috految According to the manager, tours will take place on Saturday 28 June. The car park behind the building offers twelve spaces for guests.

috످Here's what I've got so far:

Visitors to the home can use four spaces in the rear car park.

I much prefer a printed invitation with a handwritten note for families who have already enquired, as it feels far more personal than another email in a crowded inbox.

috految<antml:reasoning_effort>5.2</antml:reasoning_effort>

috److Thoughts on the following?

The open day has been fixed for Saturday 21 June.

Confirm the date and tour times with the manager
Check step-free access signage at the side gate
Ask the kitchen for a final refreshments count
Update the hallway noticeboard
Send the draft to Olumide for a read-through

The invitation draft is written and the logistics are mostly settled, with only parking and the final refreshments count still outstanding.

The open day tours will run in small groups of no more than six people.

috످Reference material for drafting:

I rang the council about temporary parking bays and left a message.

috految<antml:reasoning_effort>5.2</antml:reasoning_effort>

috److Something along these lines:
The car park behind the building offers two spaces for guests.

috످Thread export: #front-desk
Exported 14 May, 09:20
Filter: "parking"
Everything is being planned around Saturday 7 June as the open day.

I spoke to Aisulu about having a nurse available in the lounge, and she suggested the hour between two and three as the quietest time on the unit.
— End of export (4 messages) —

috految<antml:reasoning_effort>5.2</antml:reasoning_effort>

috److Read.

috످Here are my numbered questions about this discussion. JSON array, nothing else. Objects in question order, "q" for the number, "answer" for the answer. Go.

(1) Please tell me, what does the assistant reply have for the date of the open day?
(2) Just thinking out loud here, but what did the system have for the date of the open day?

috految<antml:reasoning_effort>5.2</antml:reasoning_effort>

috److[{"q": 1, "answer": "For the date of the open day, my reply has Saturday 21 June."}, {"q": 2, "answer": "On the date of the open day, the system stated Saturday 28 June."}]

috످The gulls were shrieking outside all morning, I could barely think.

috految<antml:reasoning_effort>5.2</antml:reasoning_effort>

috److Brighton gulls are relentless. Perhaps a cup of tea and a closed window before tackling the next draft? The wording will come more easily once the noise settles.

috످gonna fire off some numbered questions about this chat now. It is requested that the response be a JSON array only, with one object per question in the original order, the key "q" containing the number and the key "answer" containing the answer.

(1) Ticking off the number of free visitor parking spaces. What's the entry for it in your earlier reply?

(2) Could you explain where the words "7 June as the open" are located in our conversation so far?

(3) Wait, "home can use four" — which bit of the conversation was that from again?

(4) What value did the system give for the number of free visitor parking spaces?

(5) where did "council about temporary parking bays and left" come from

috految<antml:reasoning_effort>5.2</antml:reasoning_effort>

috److془Parking: my reply offers two. The export about the open day date is in user's third message. Draft on visitor parking is user's first. System tells of twelve spaces. Note on phoning council is user's second.془[{"q": 1, "answer": "My earlier reply says there are two spaces for guests."}, {"q": 2, "answer": "Those words are in the #front-desk thread export you pasted in your third message."}, {"q": 3, "answer": "That was from your first message, in the draft line about visitor parking."}, {"q": 4, "answer": "The system said there are twelve spaces for guests."}, {"q": 5, "answer": "That came from your second message, in the reference material you shared for drafting."}]

috످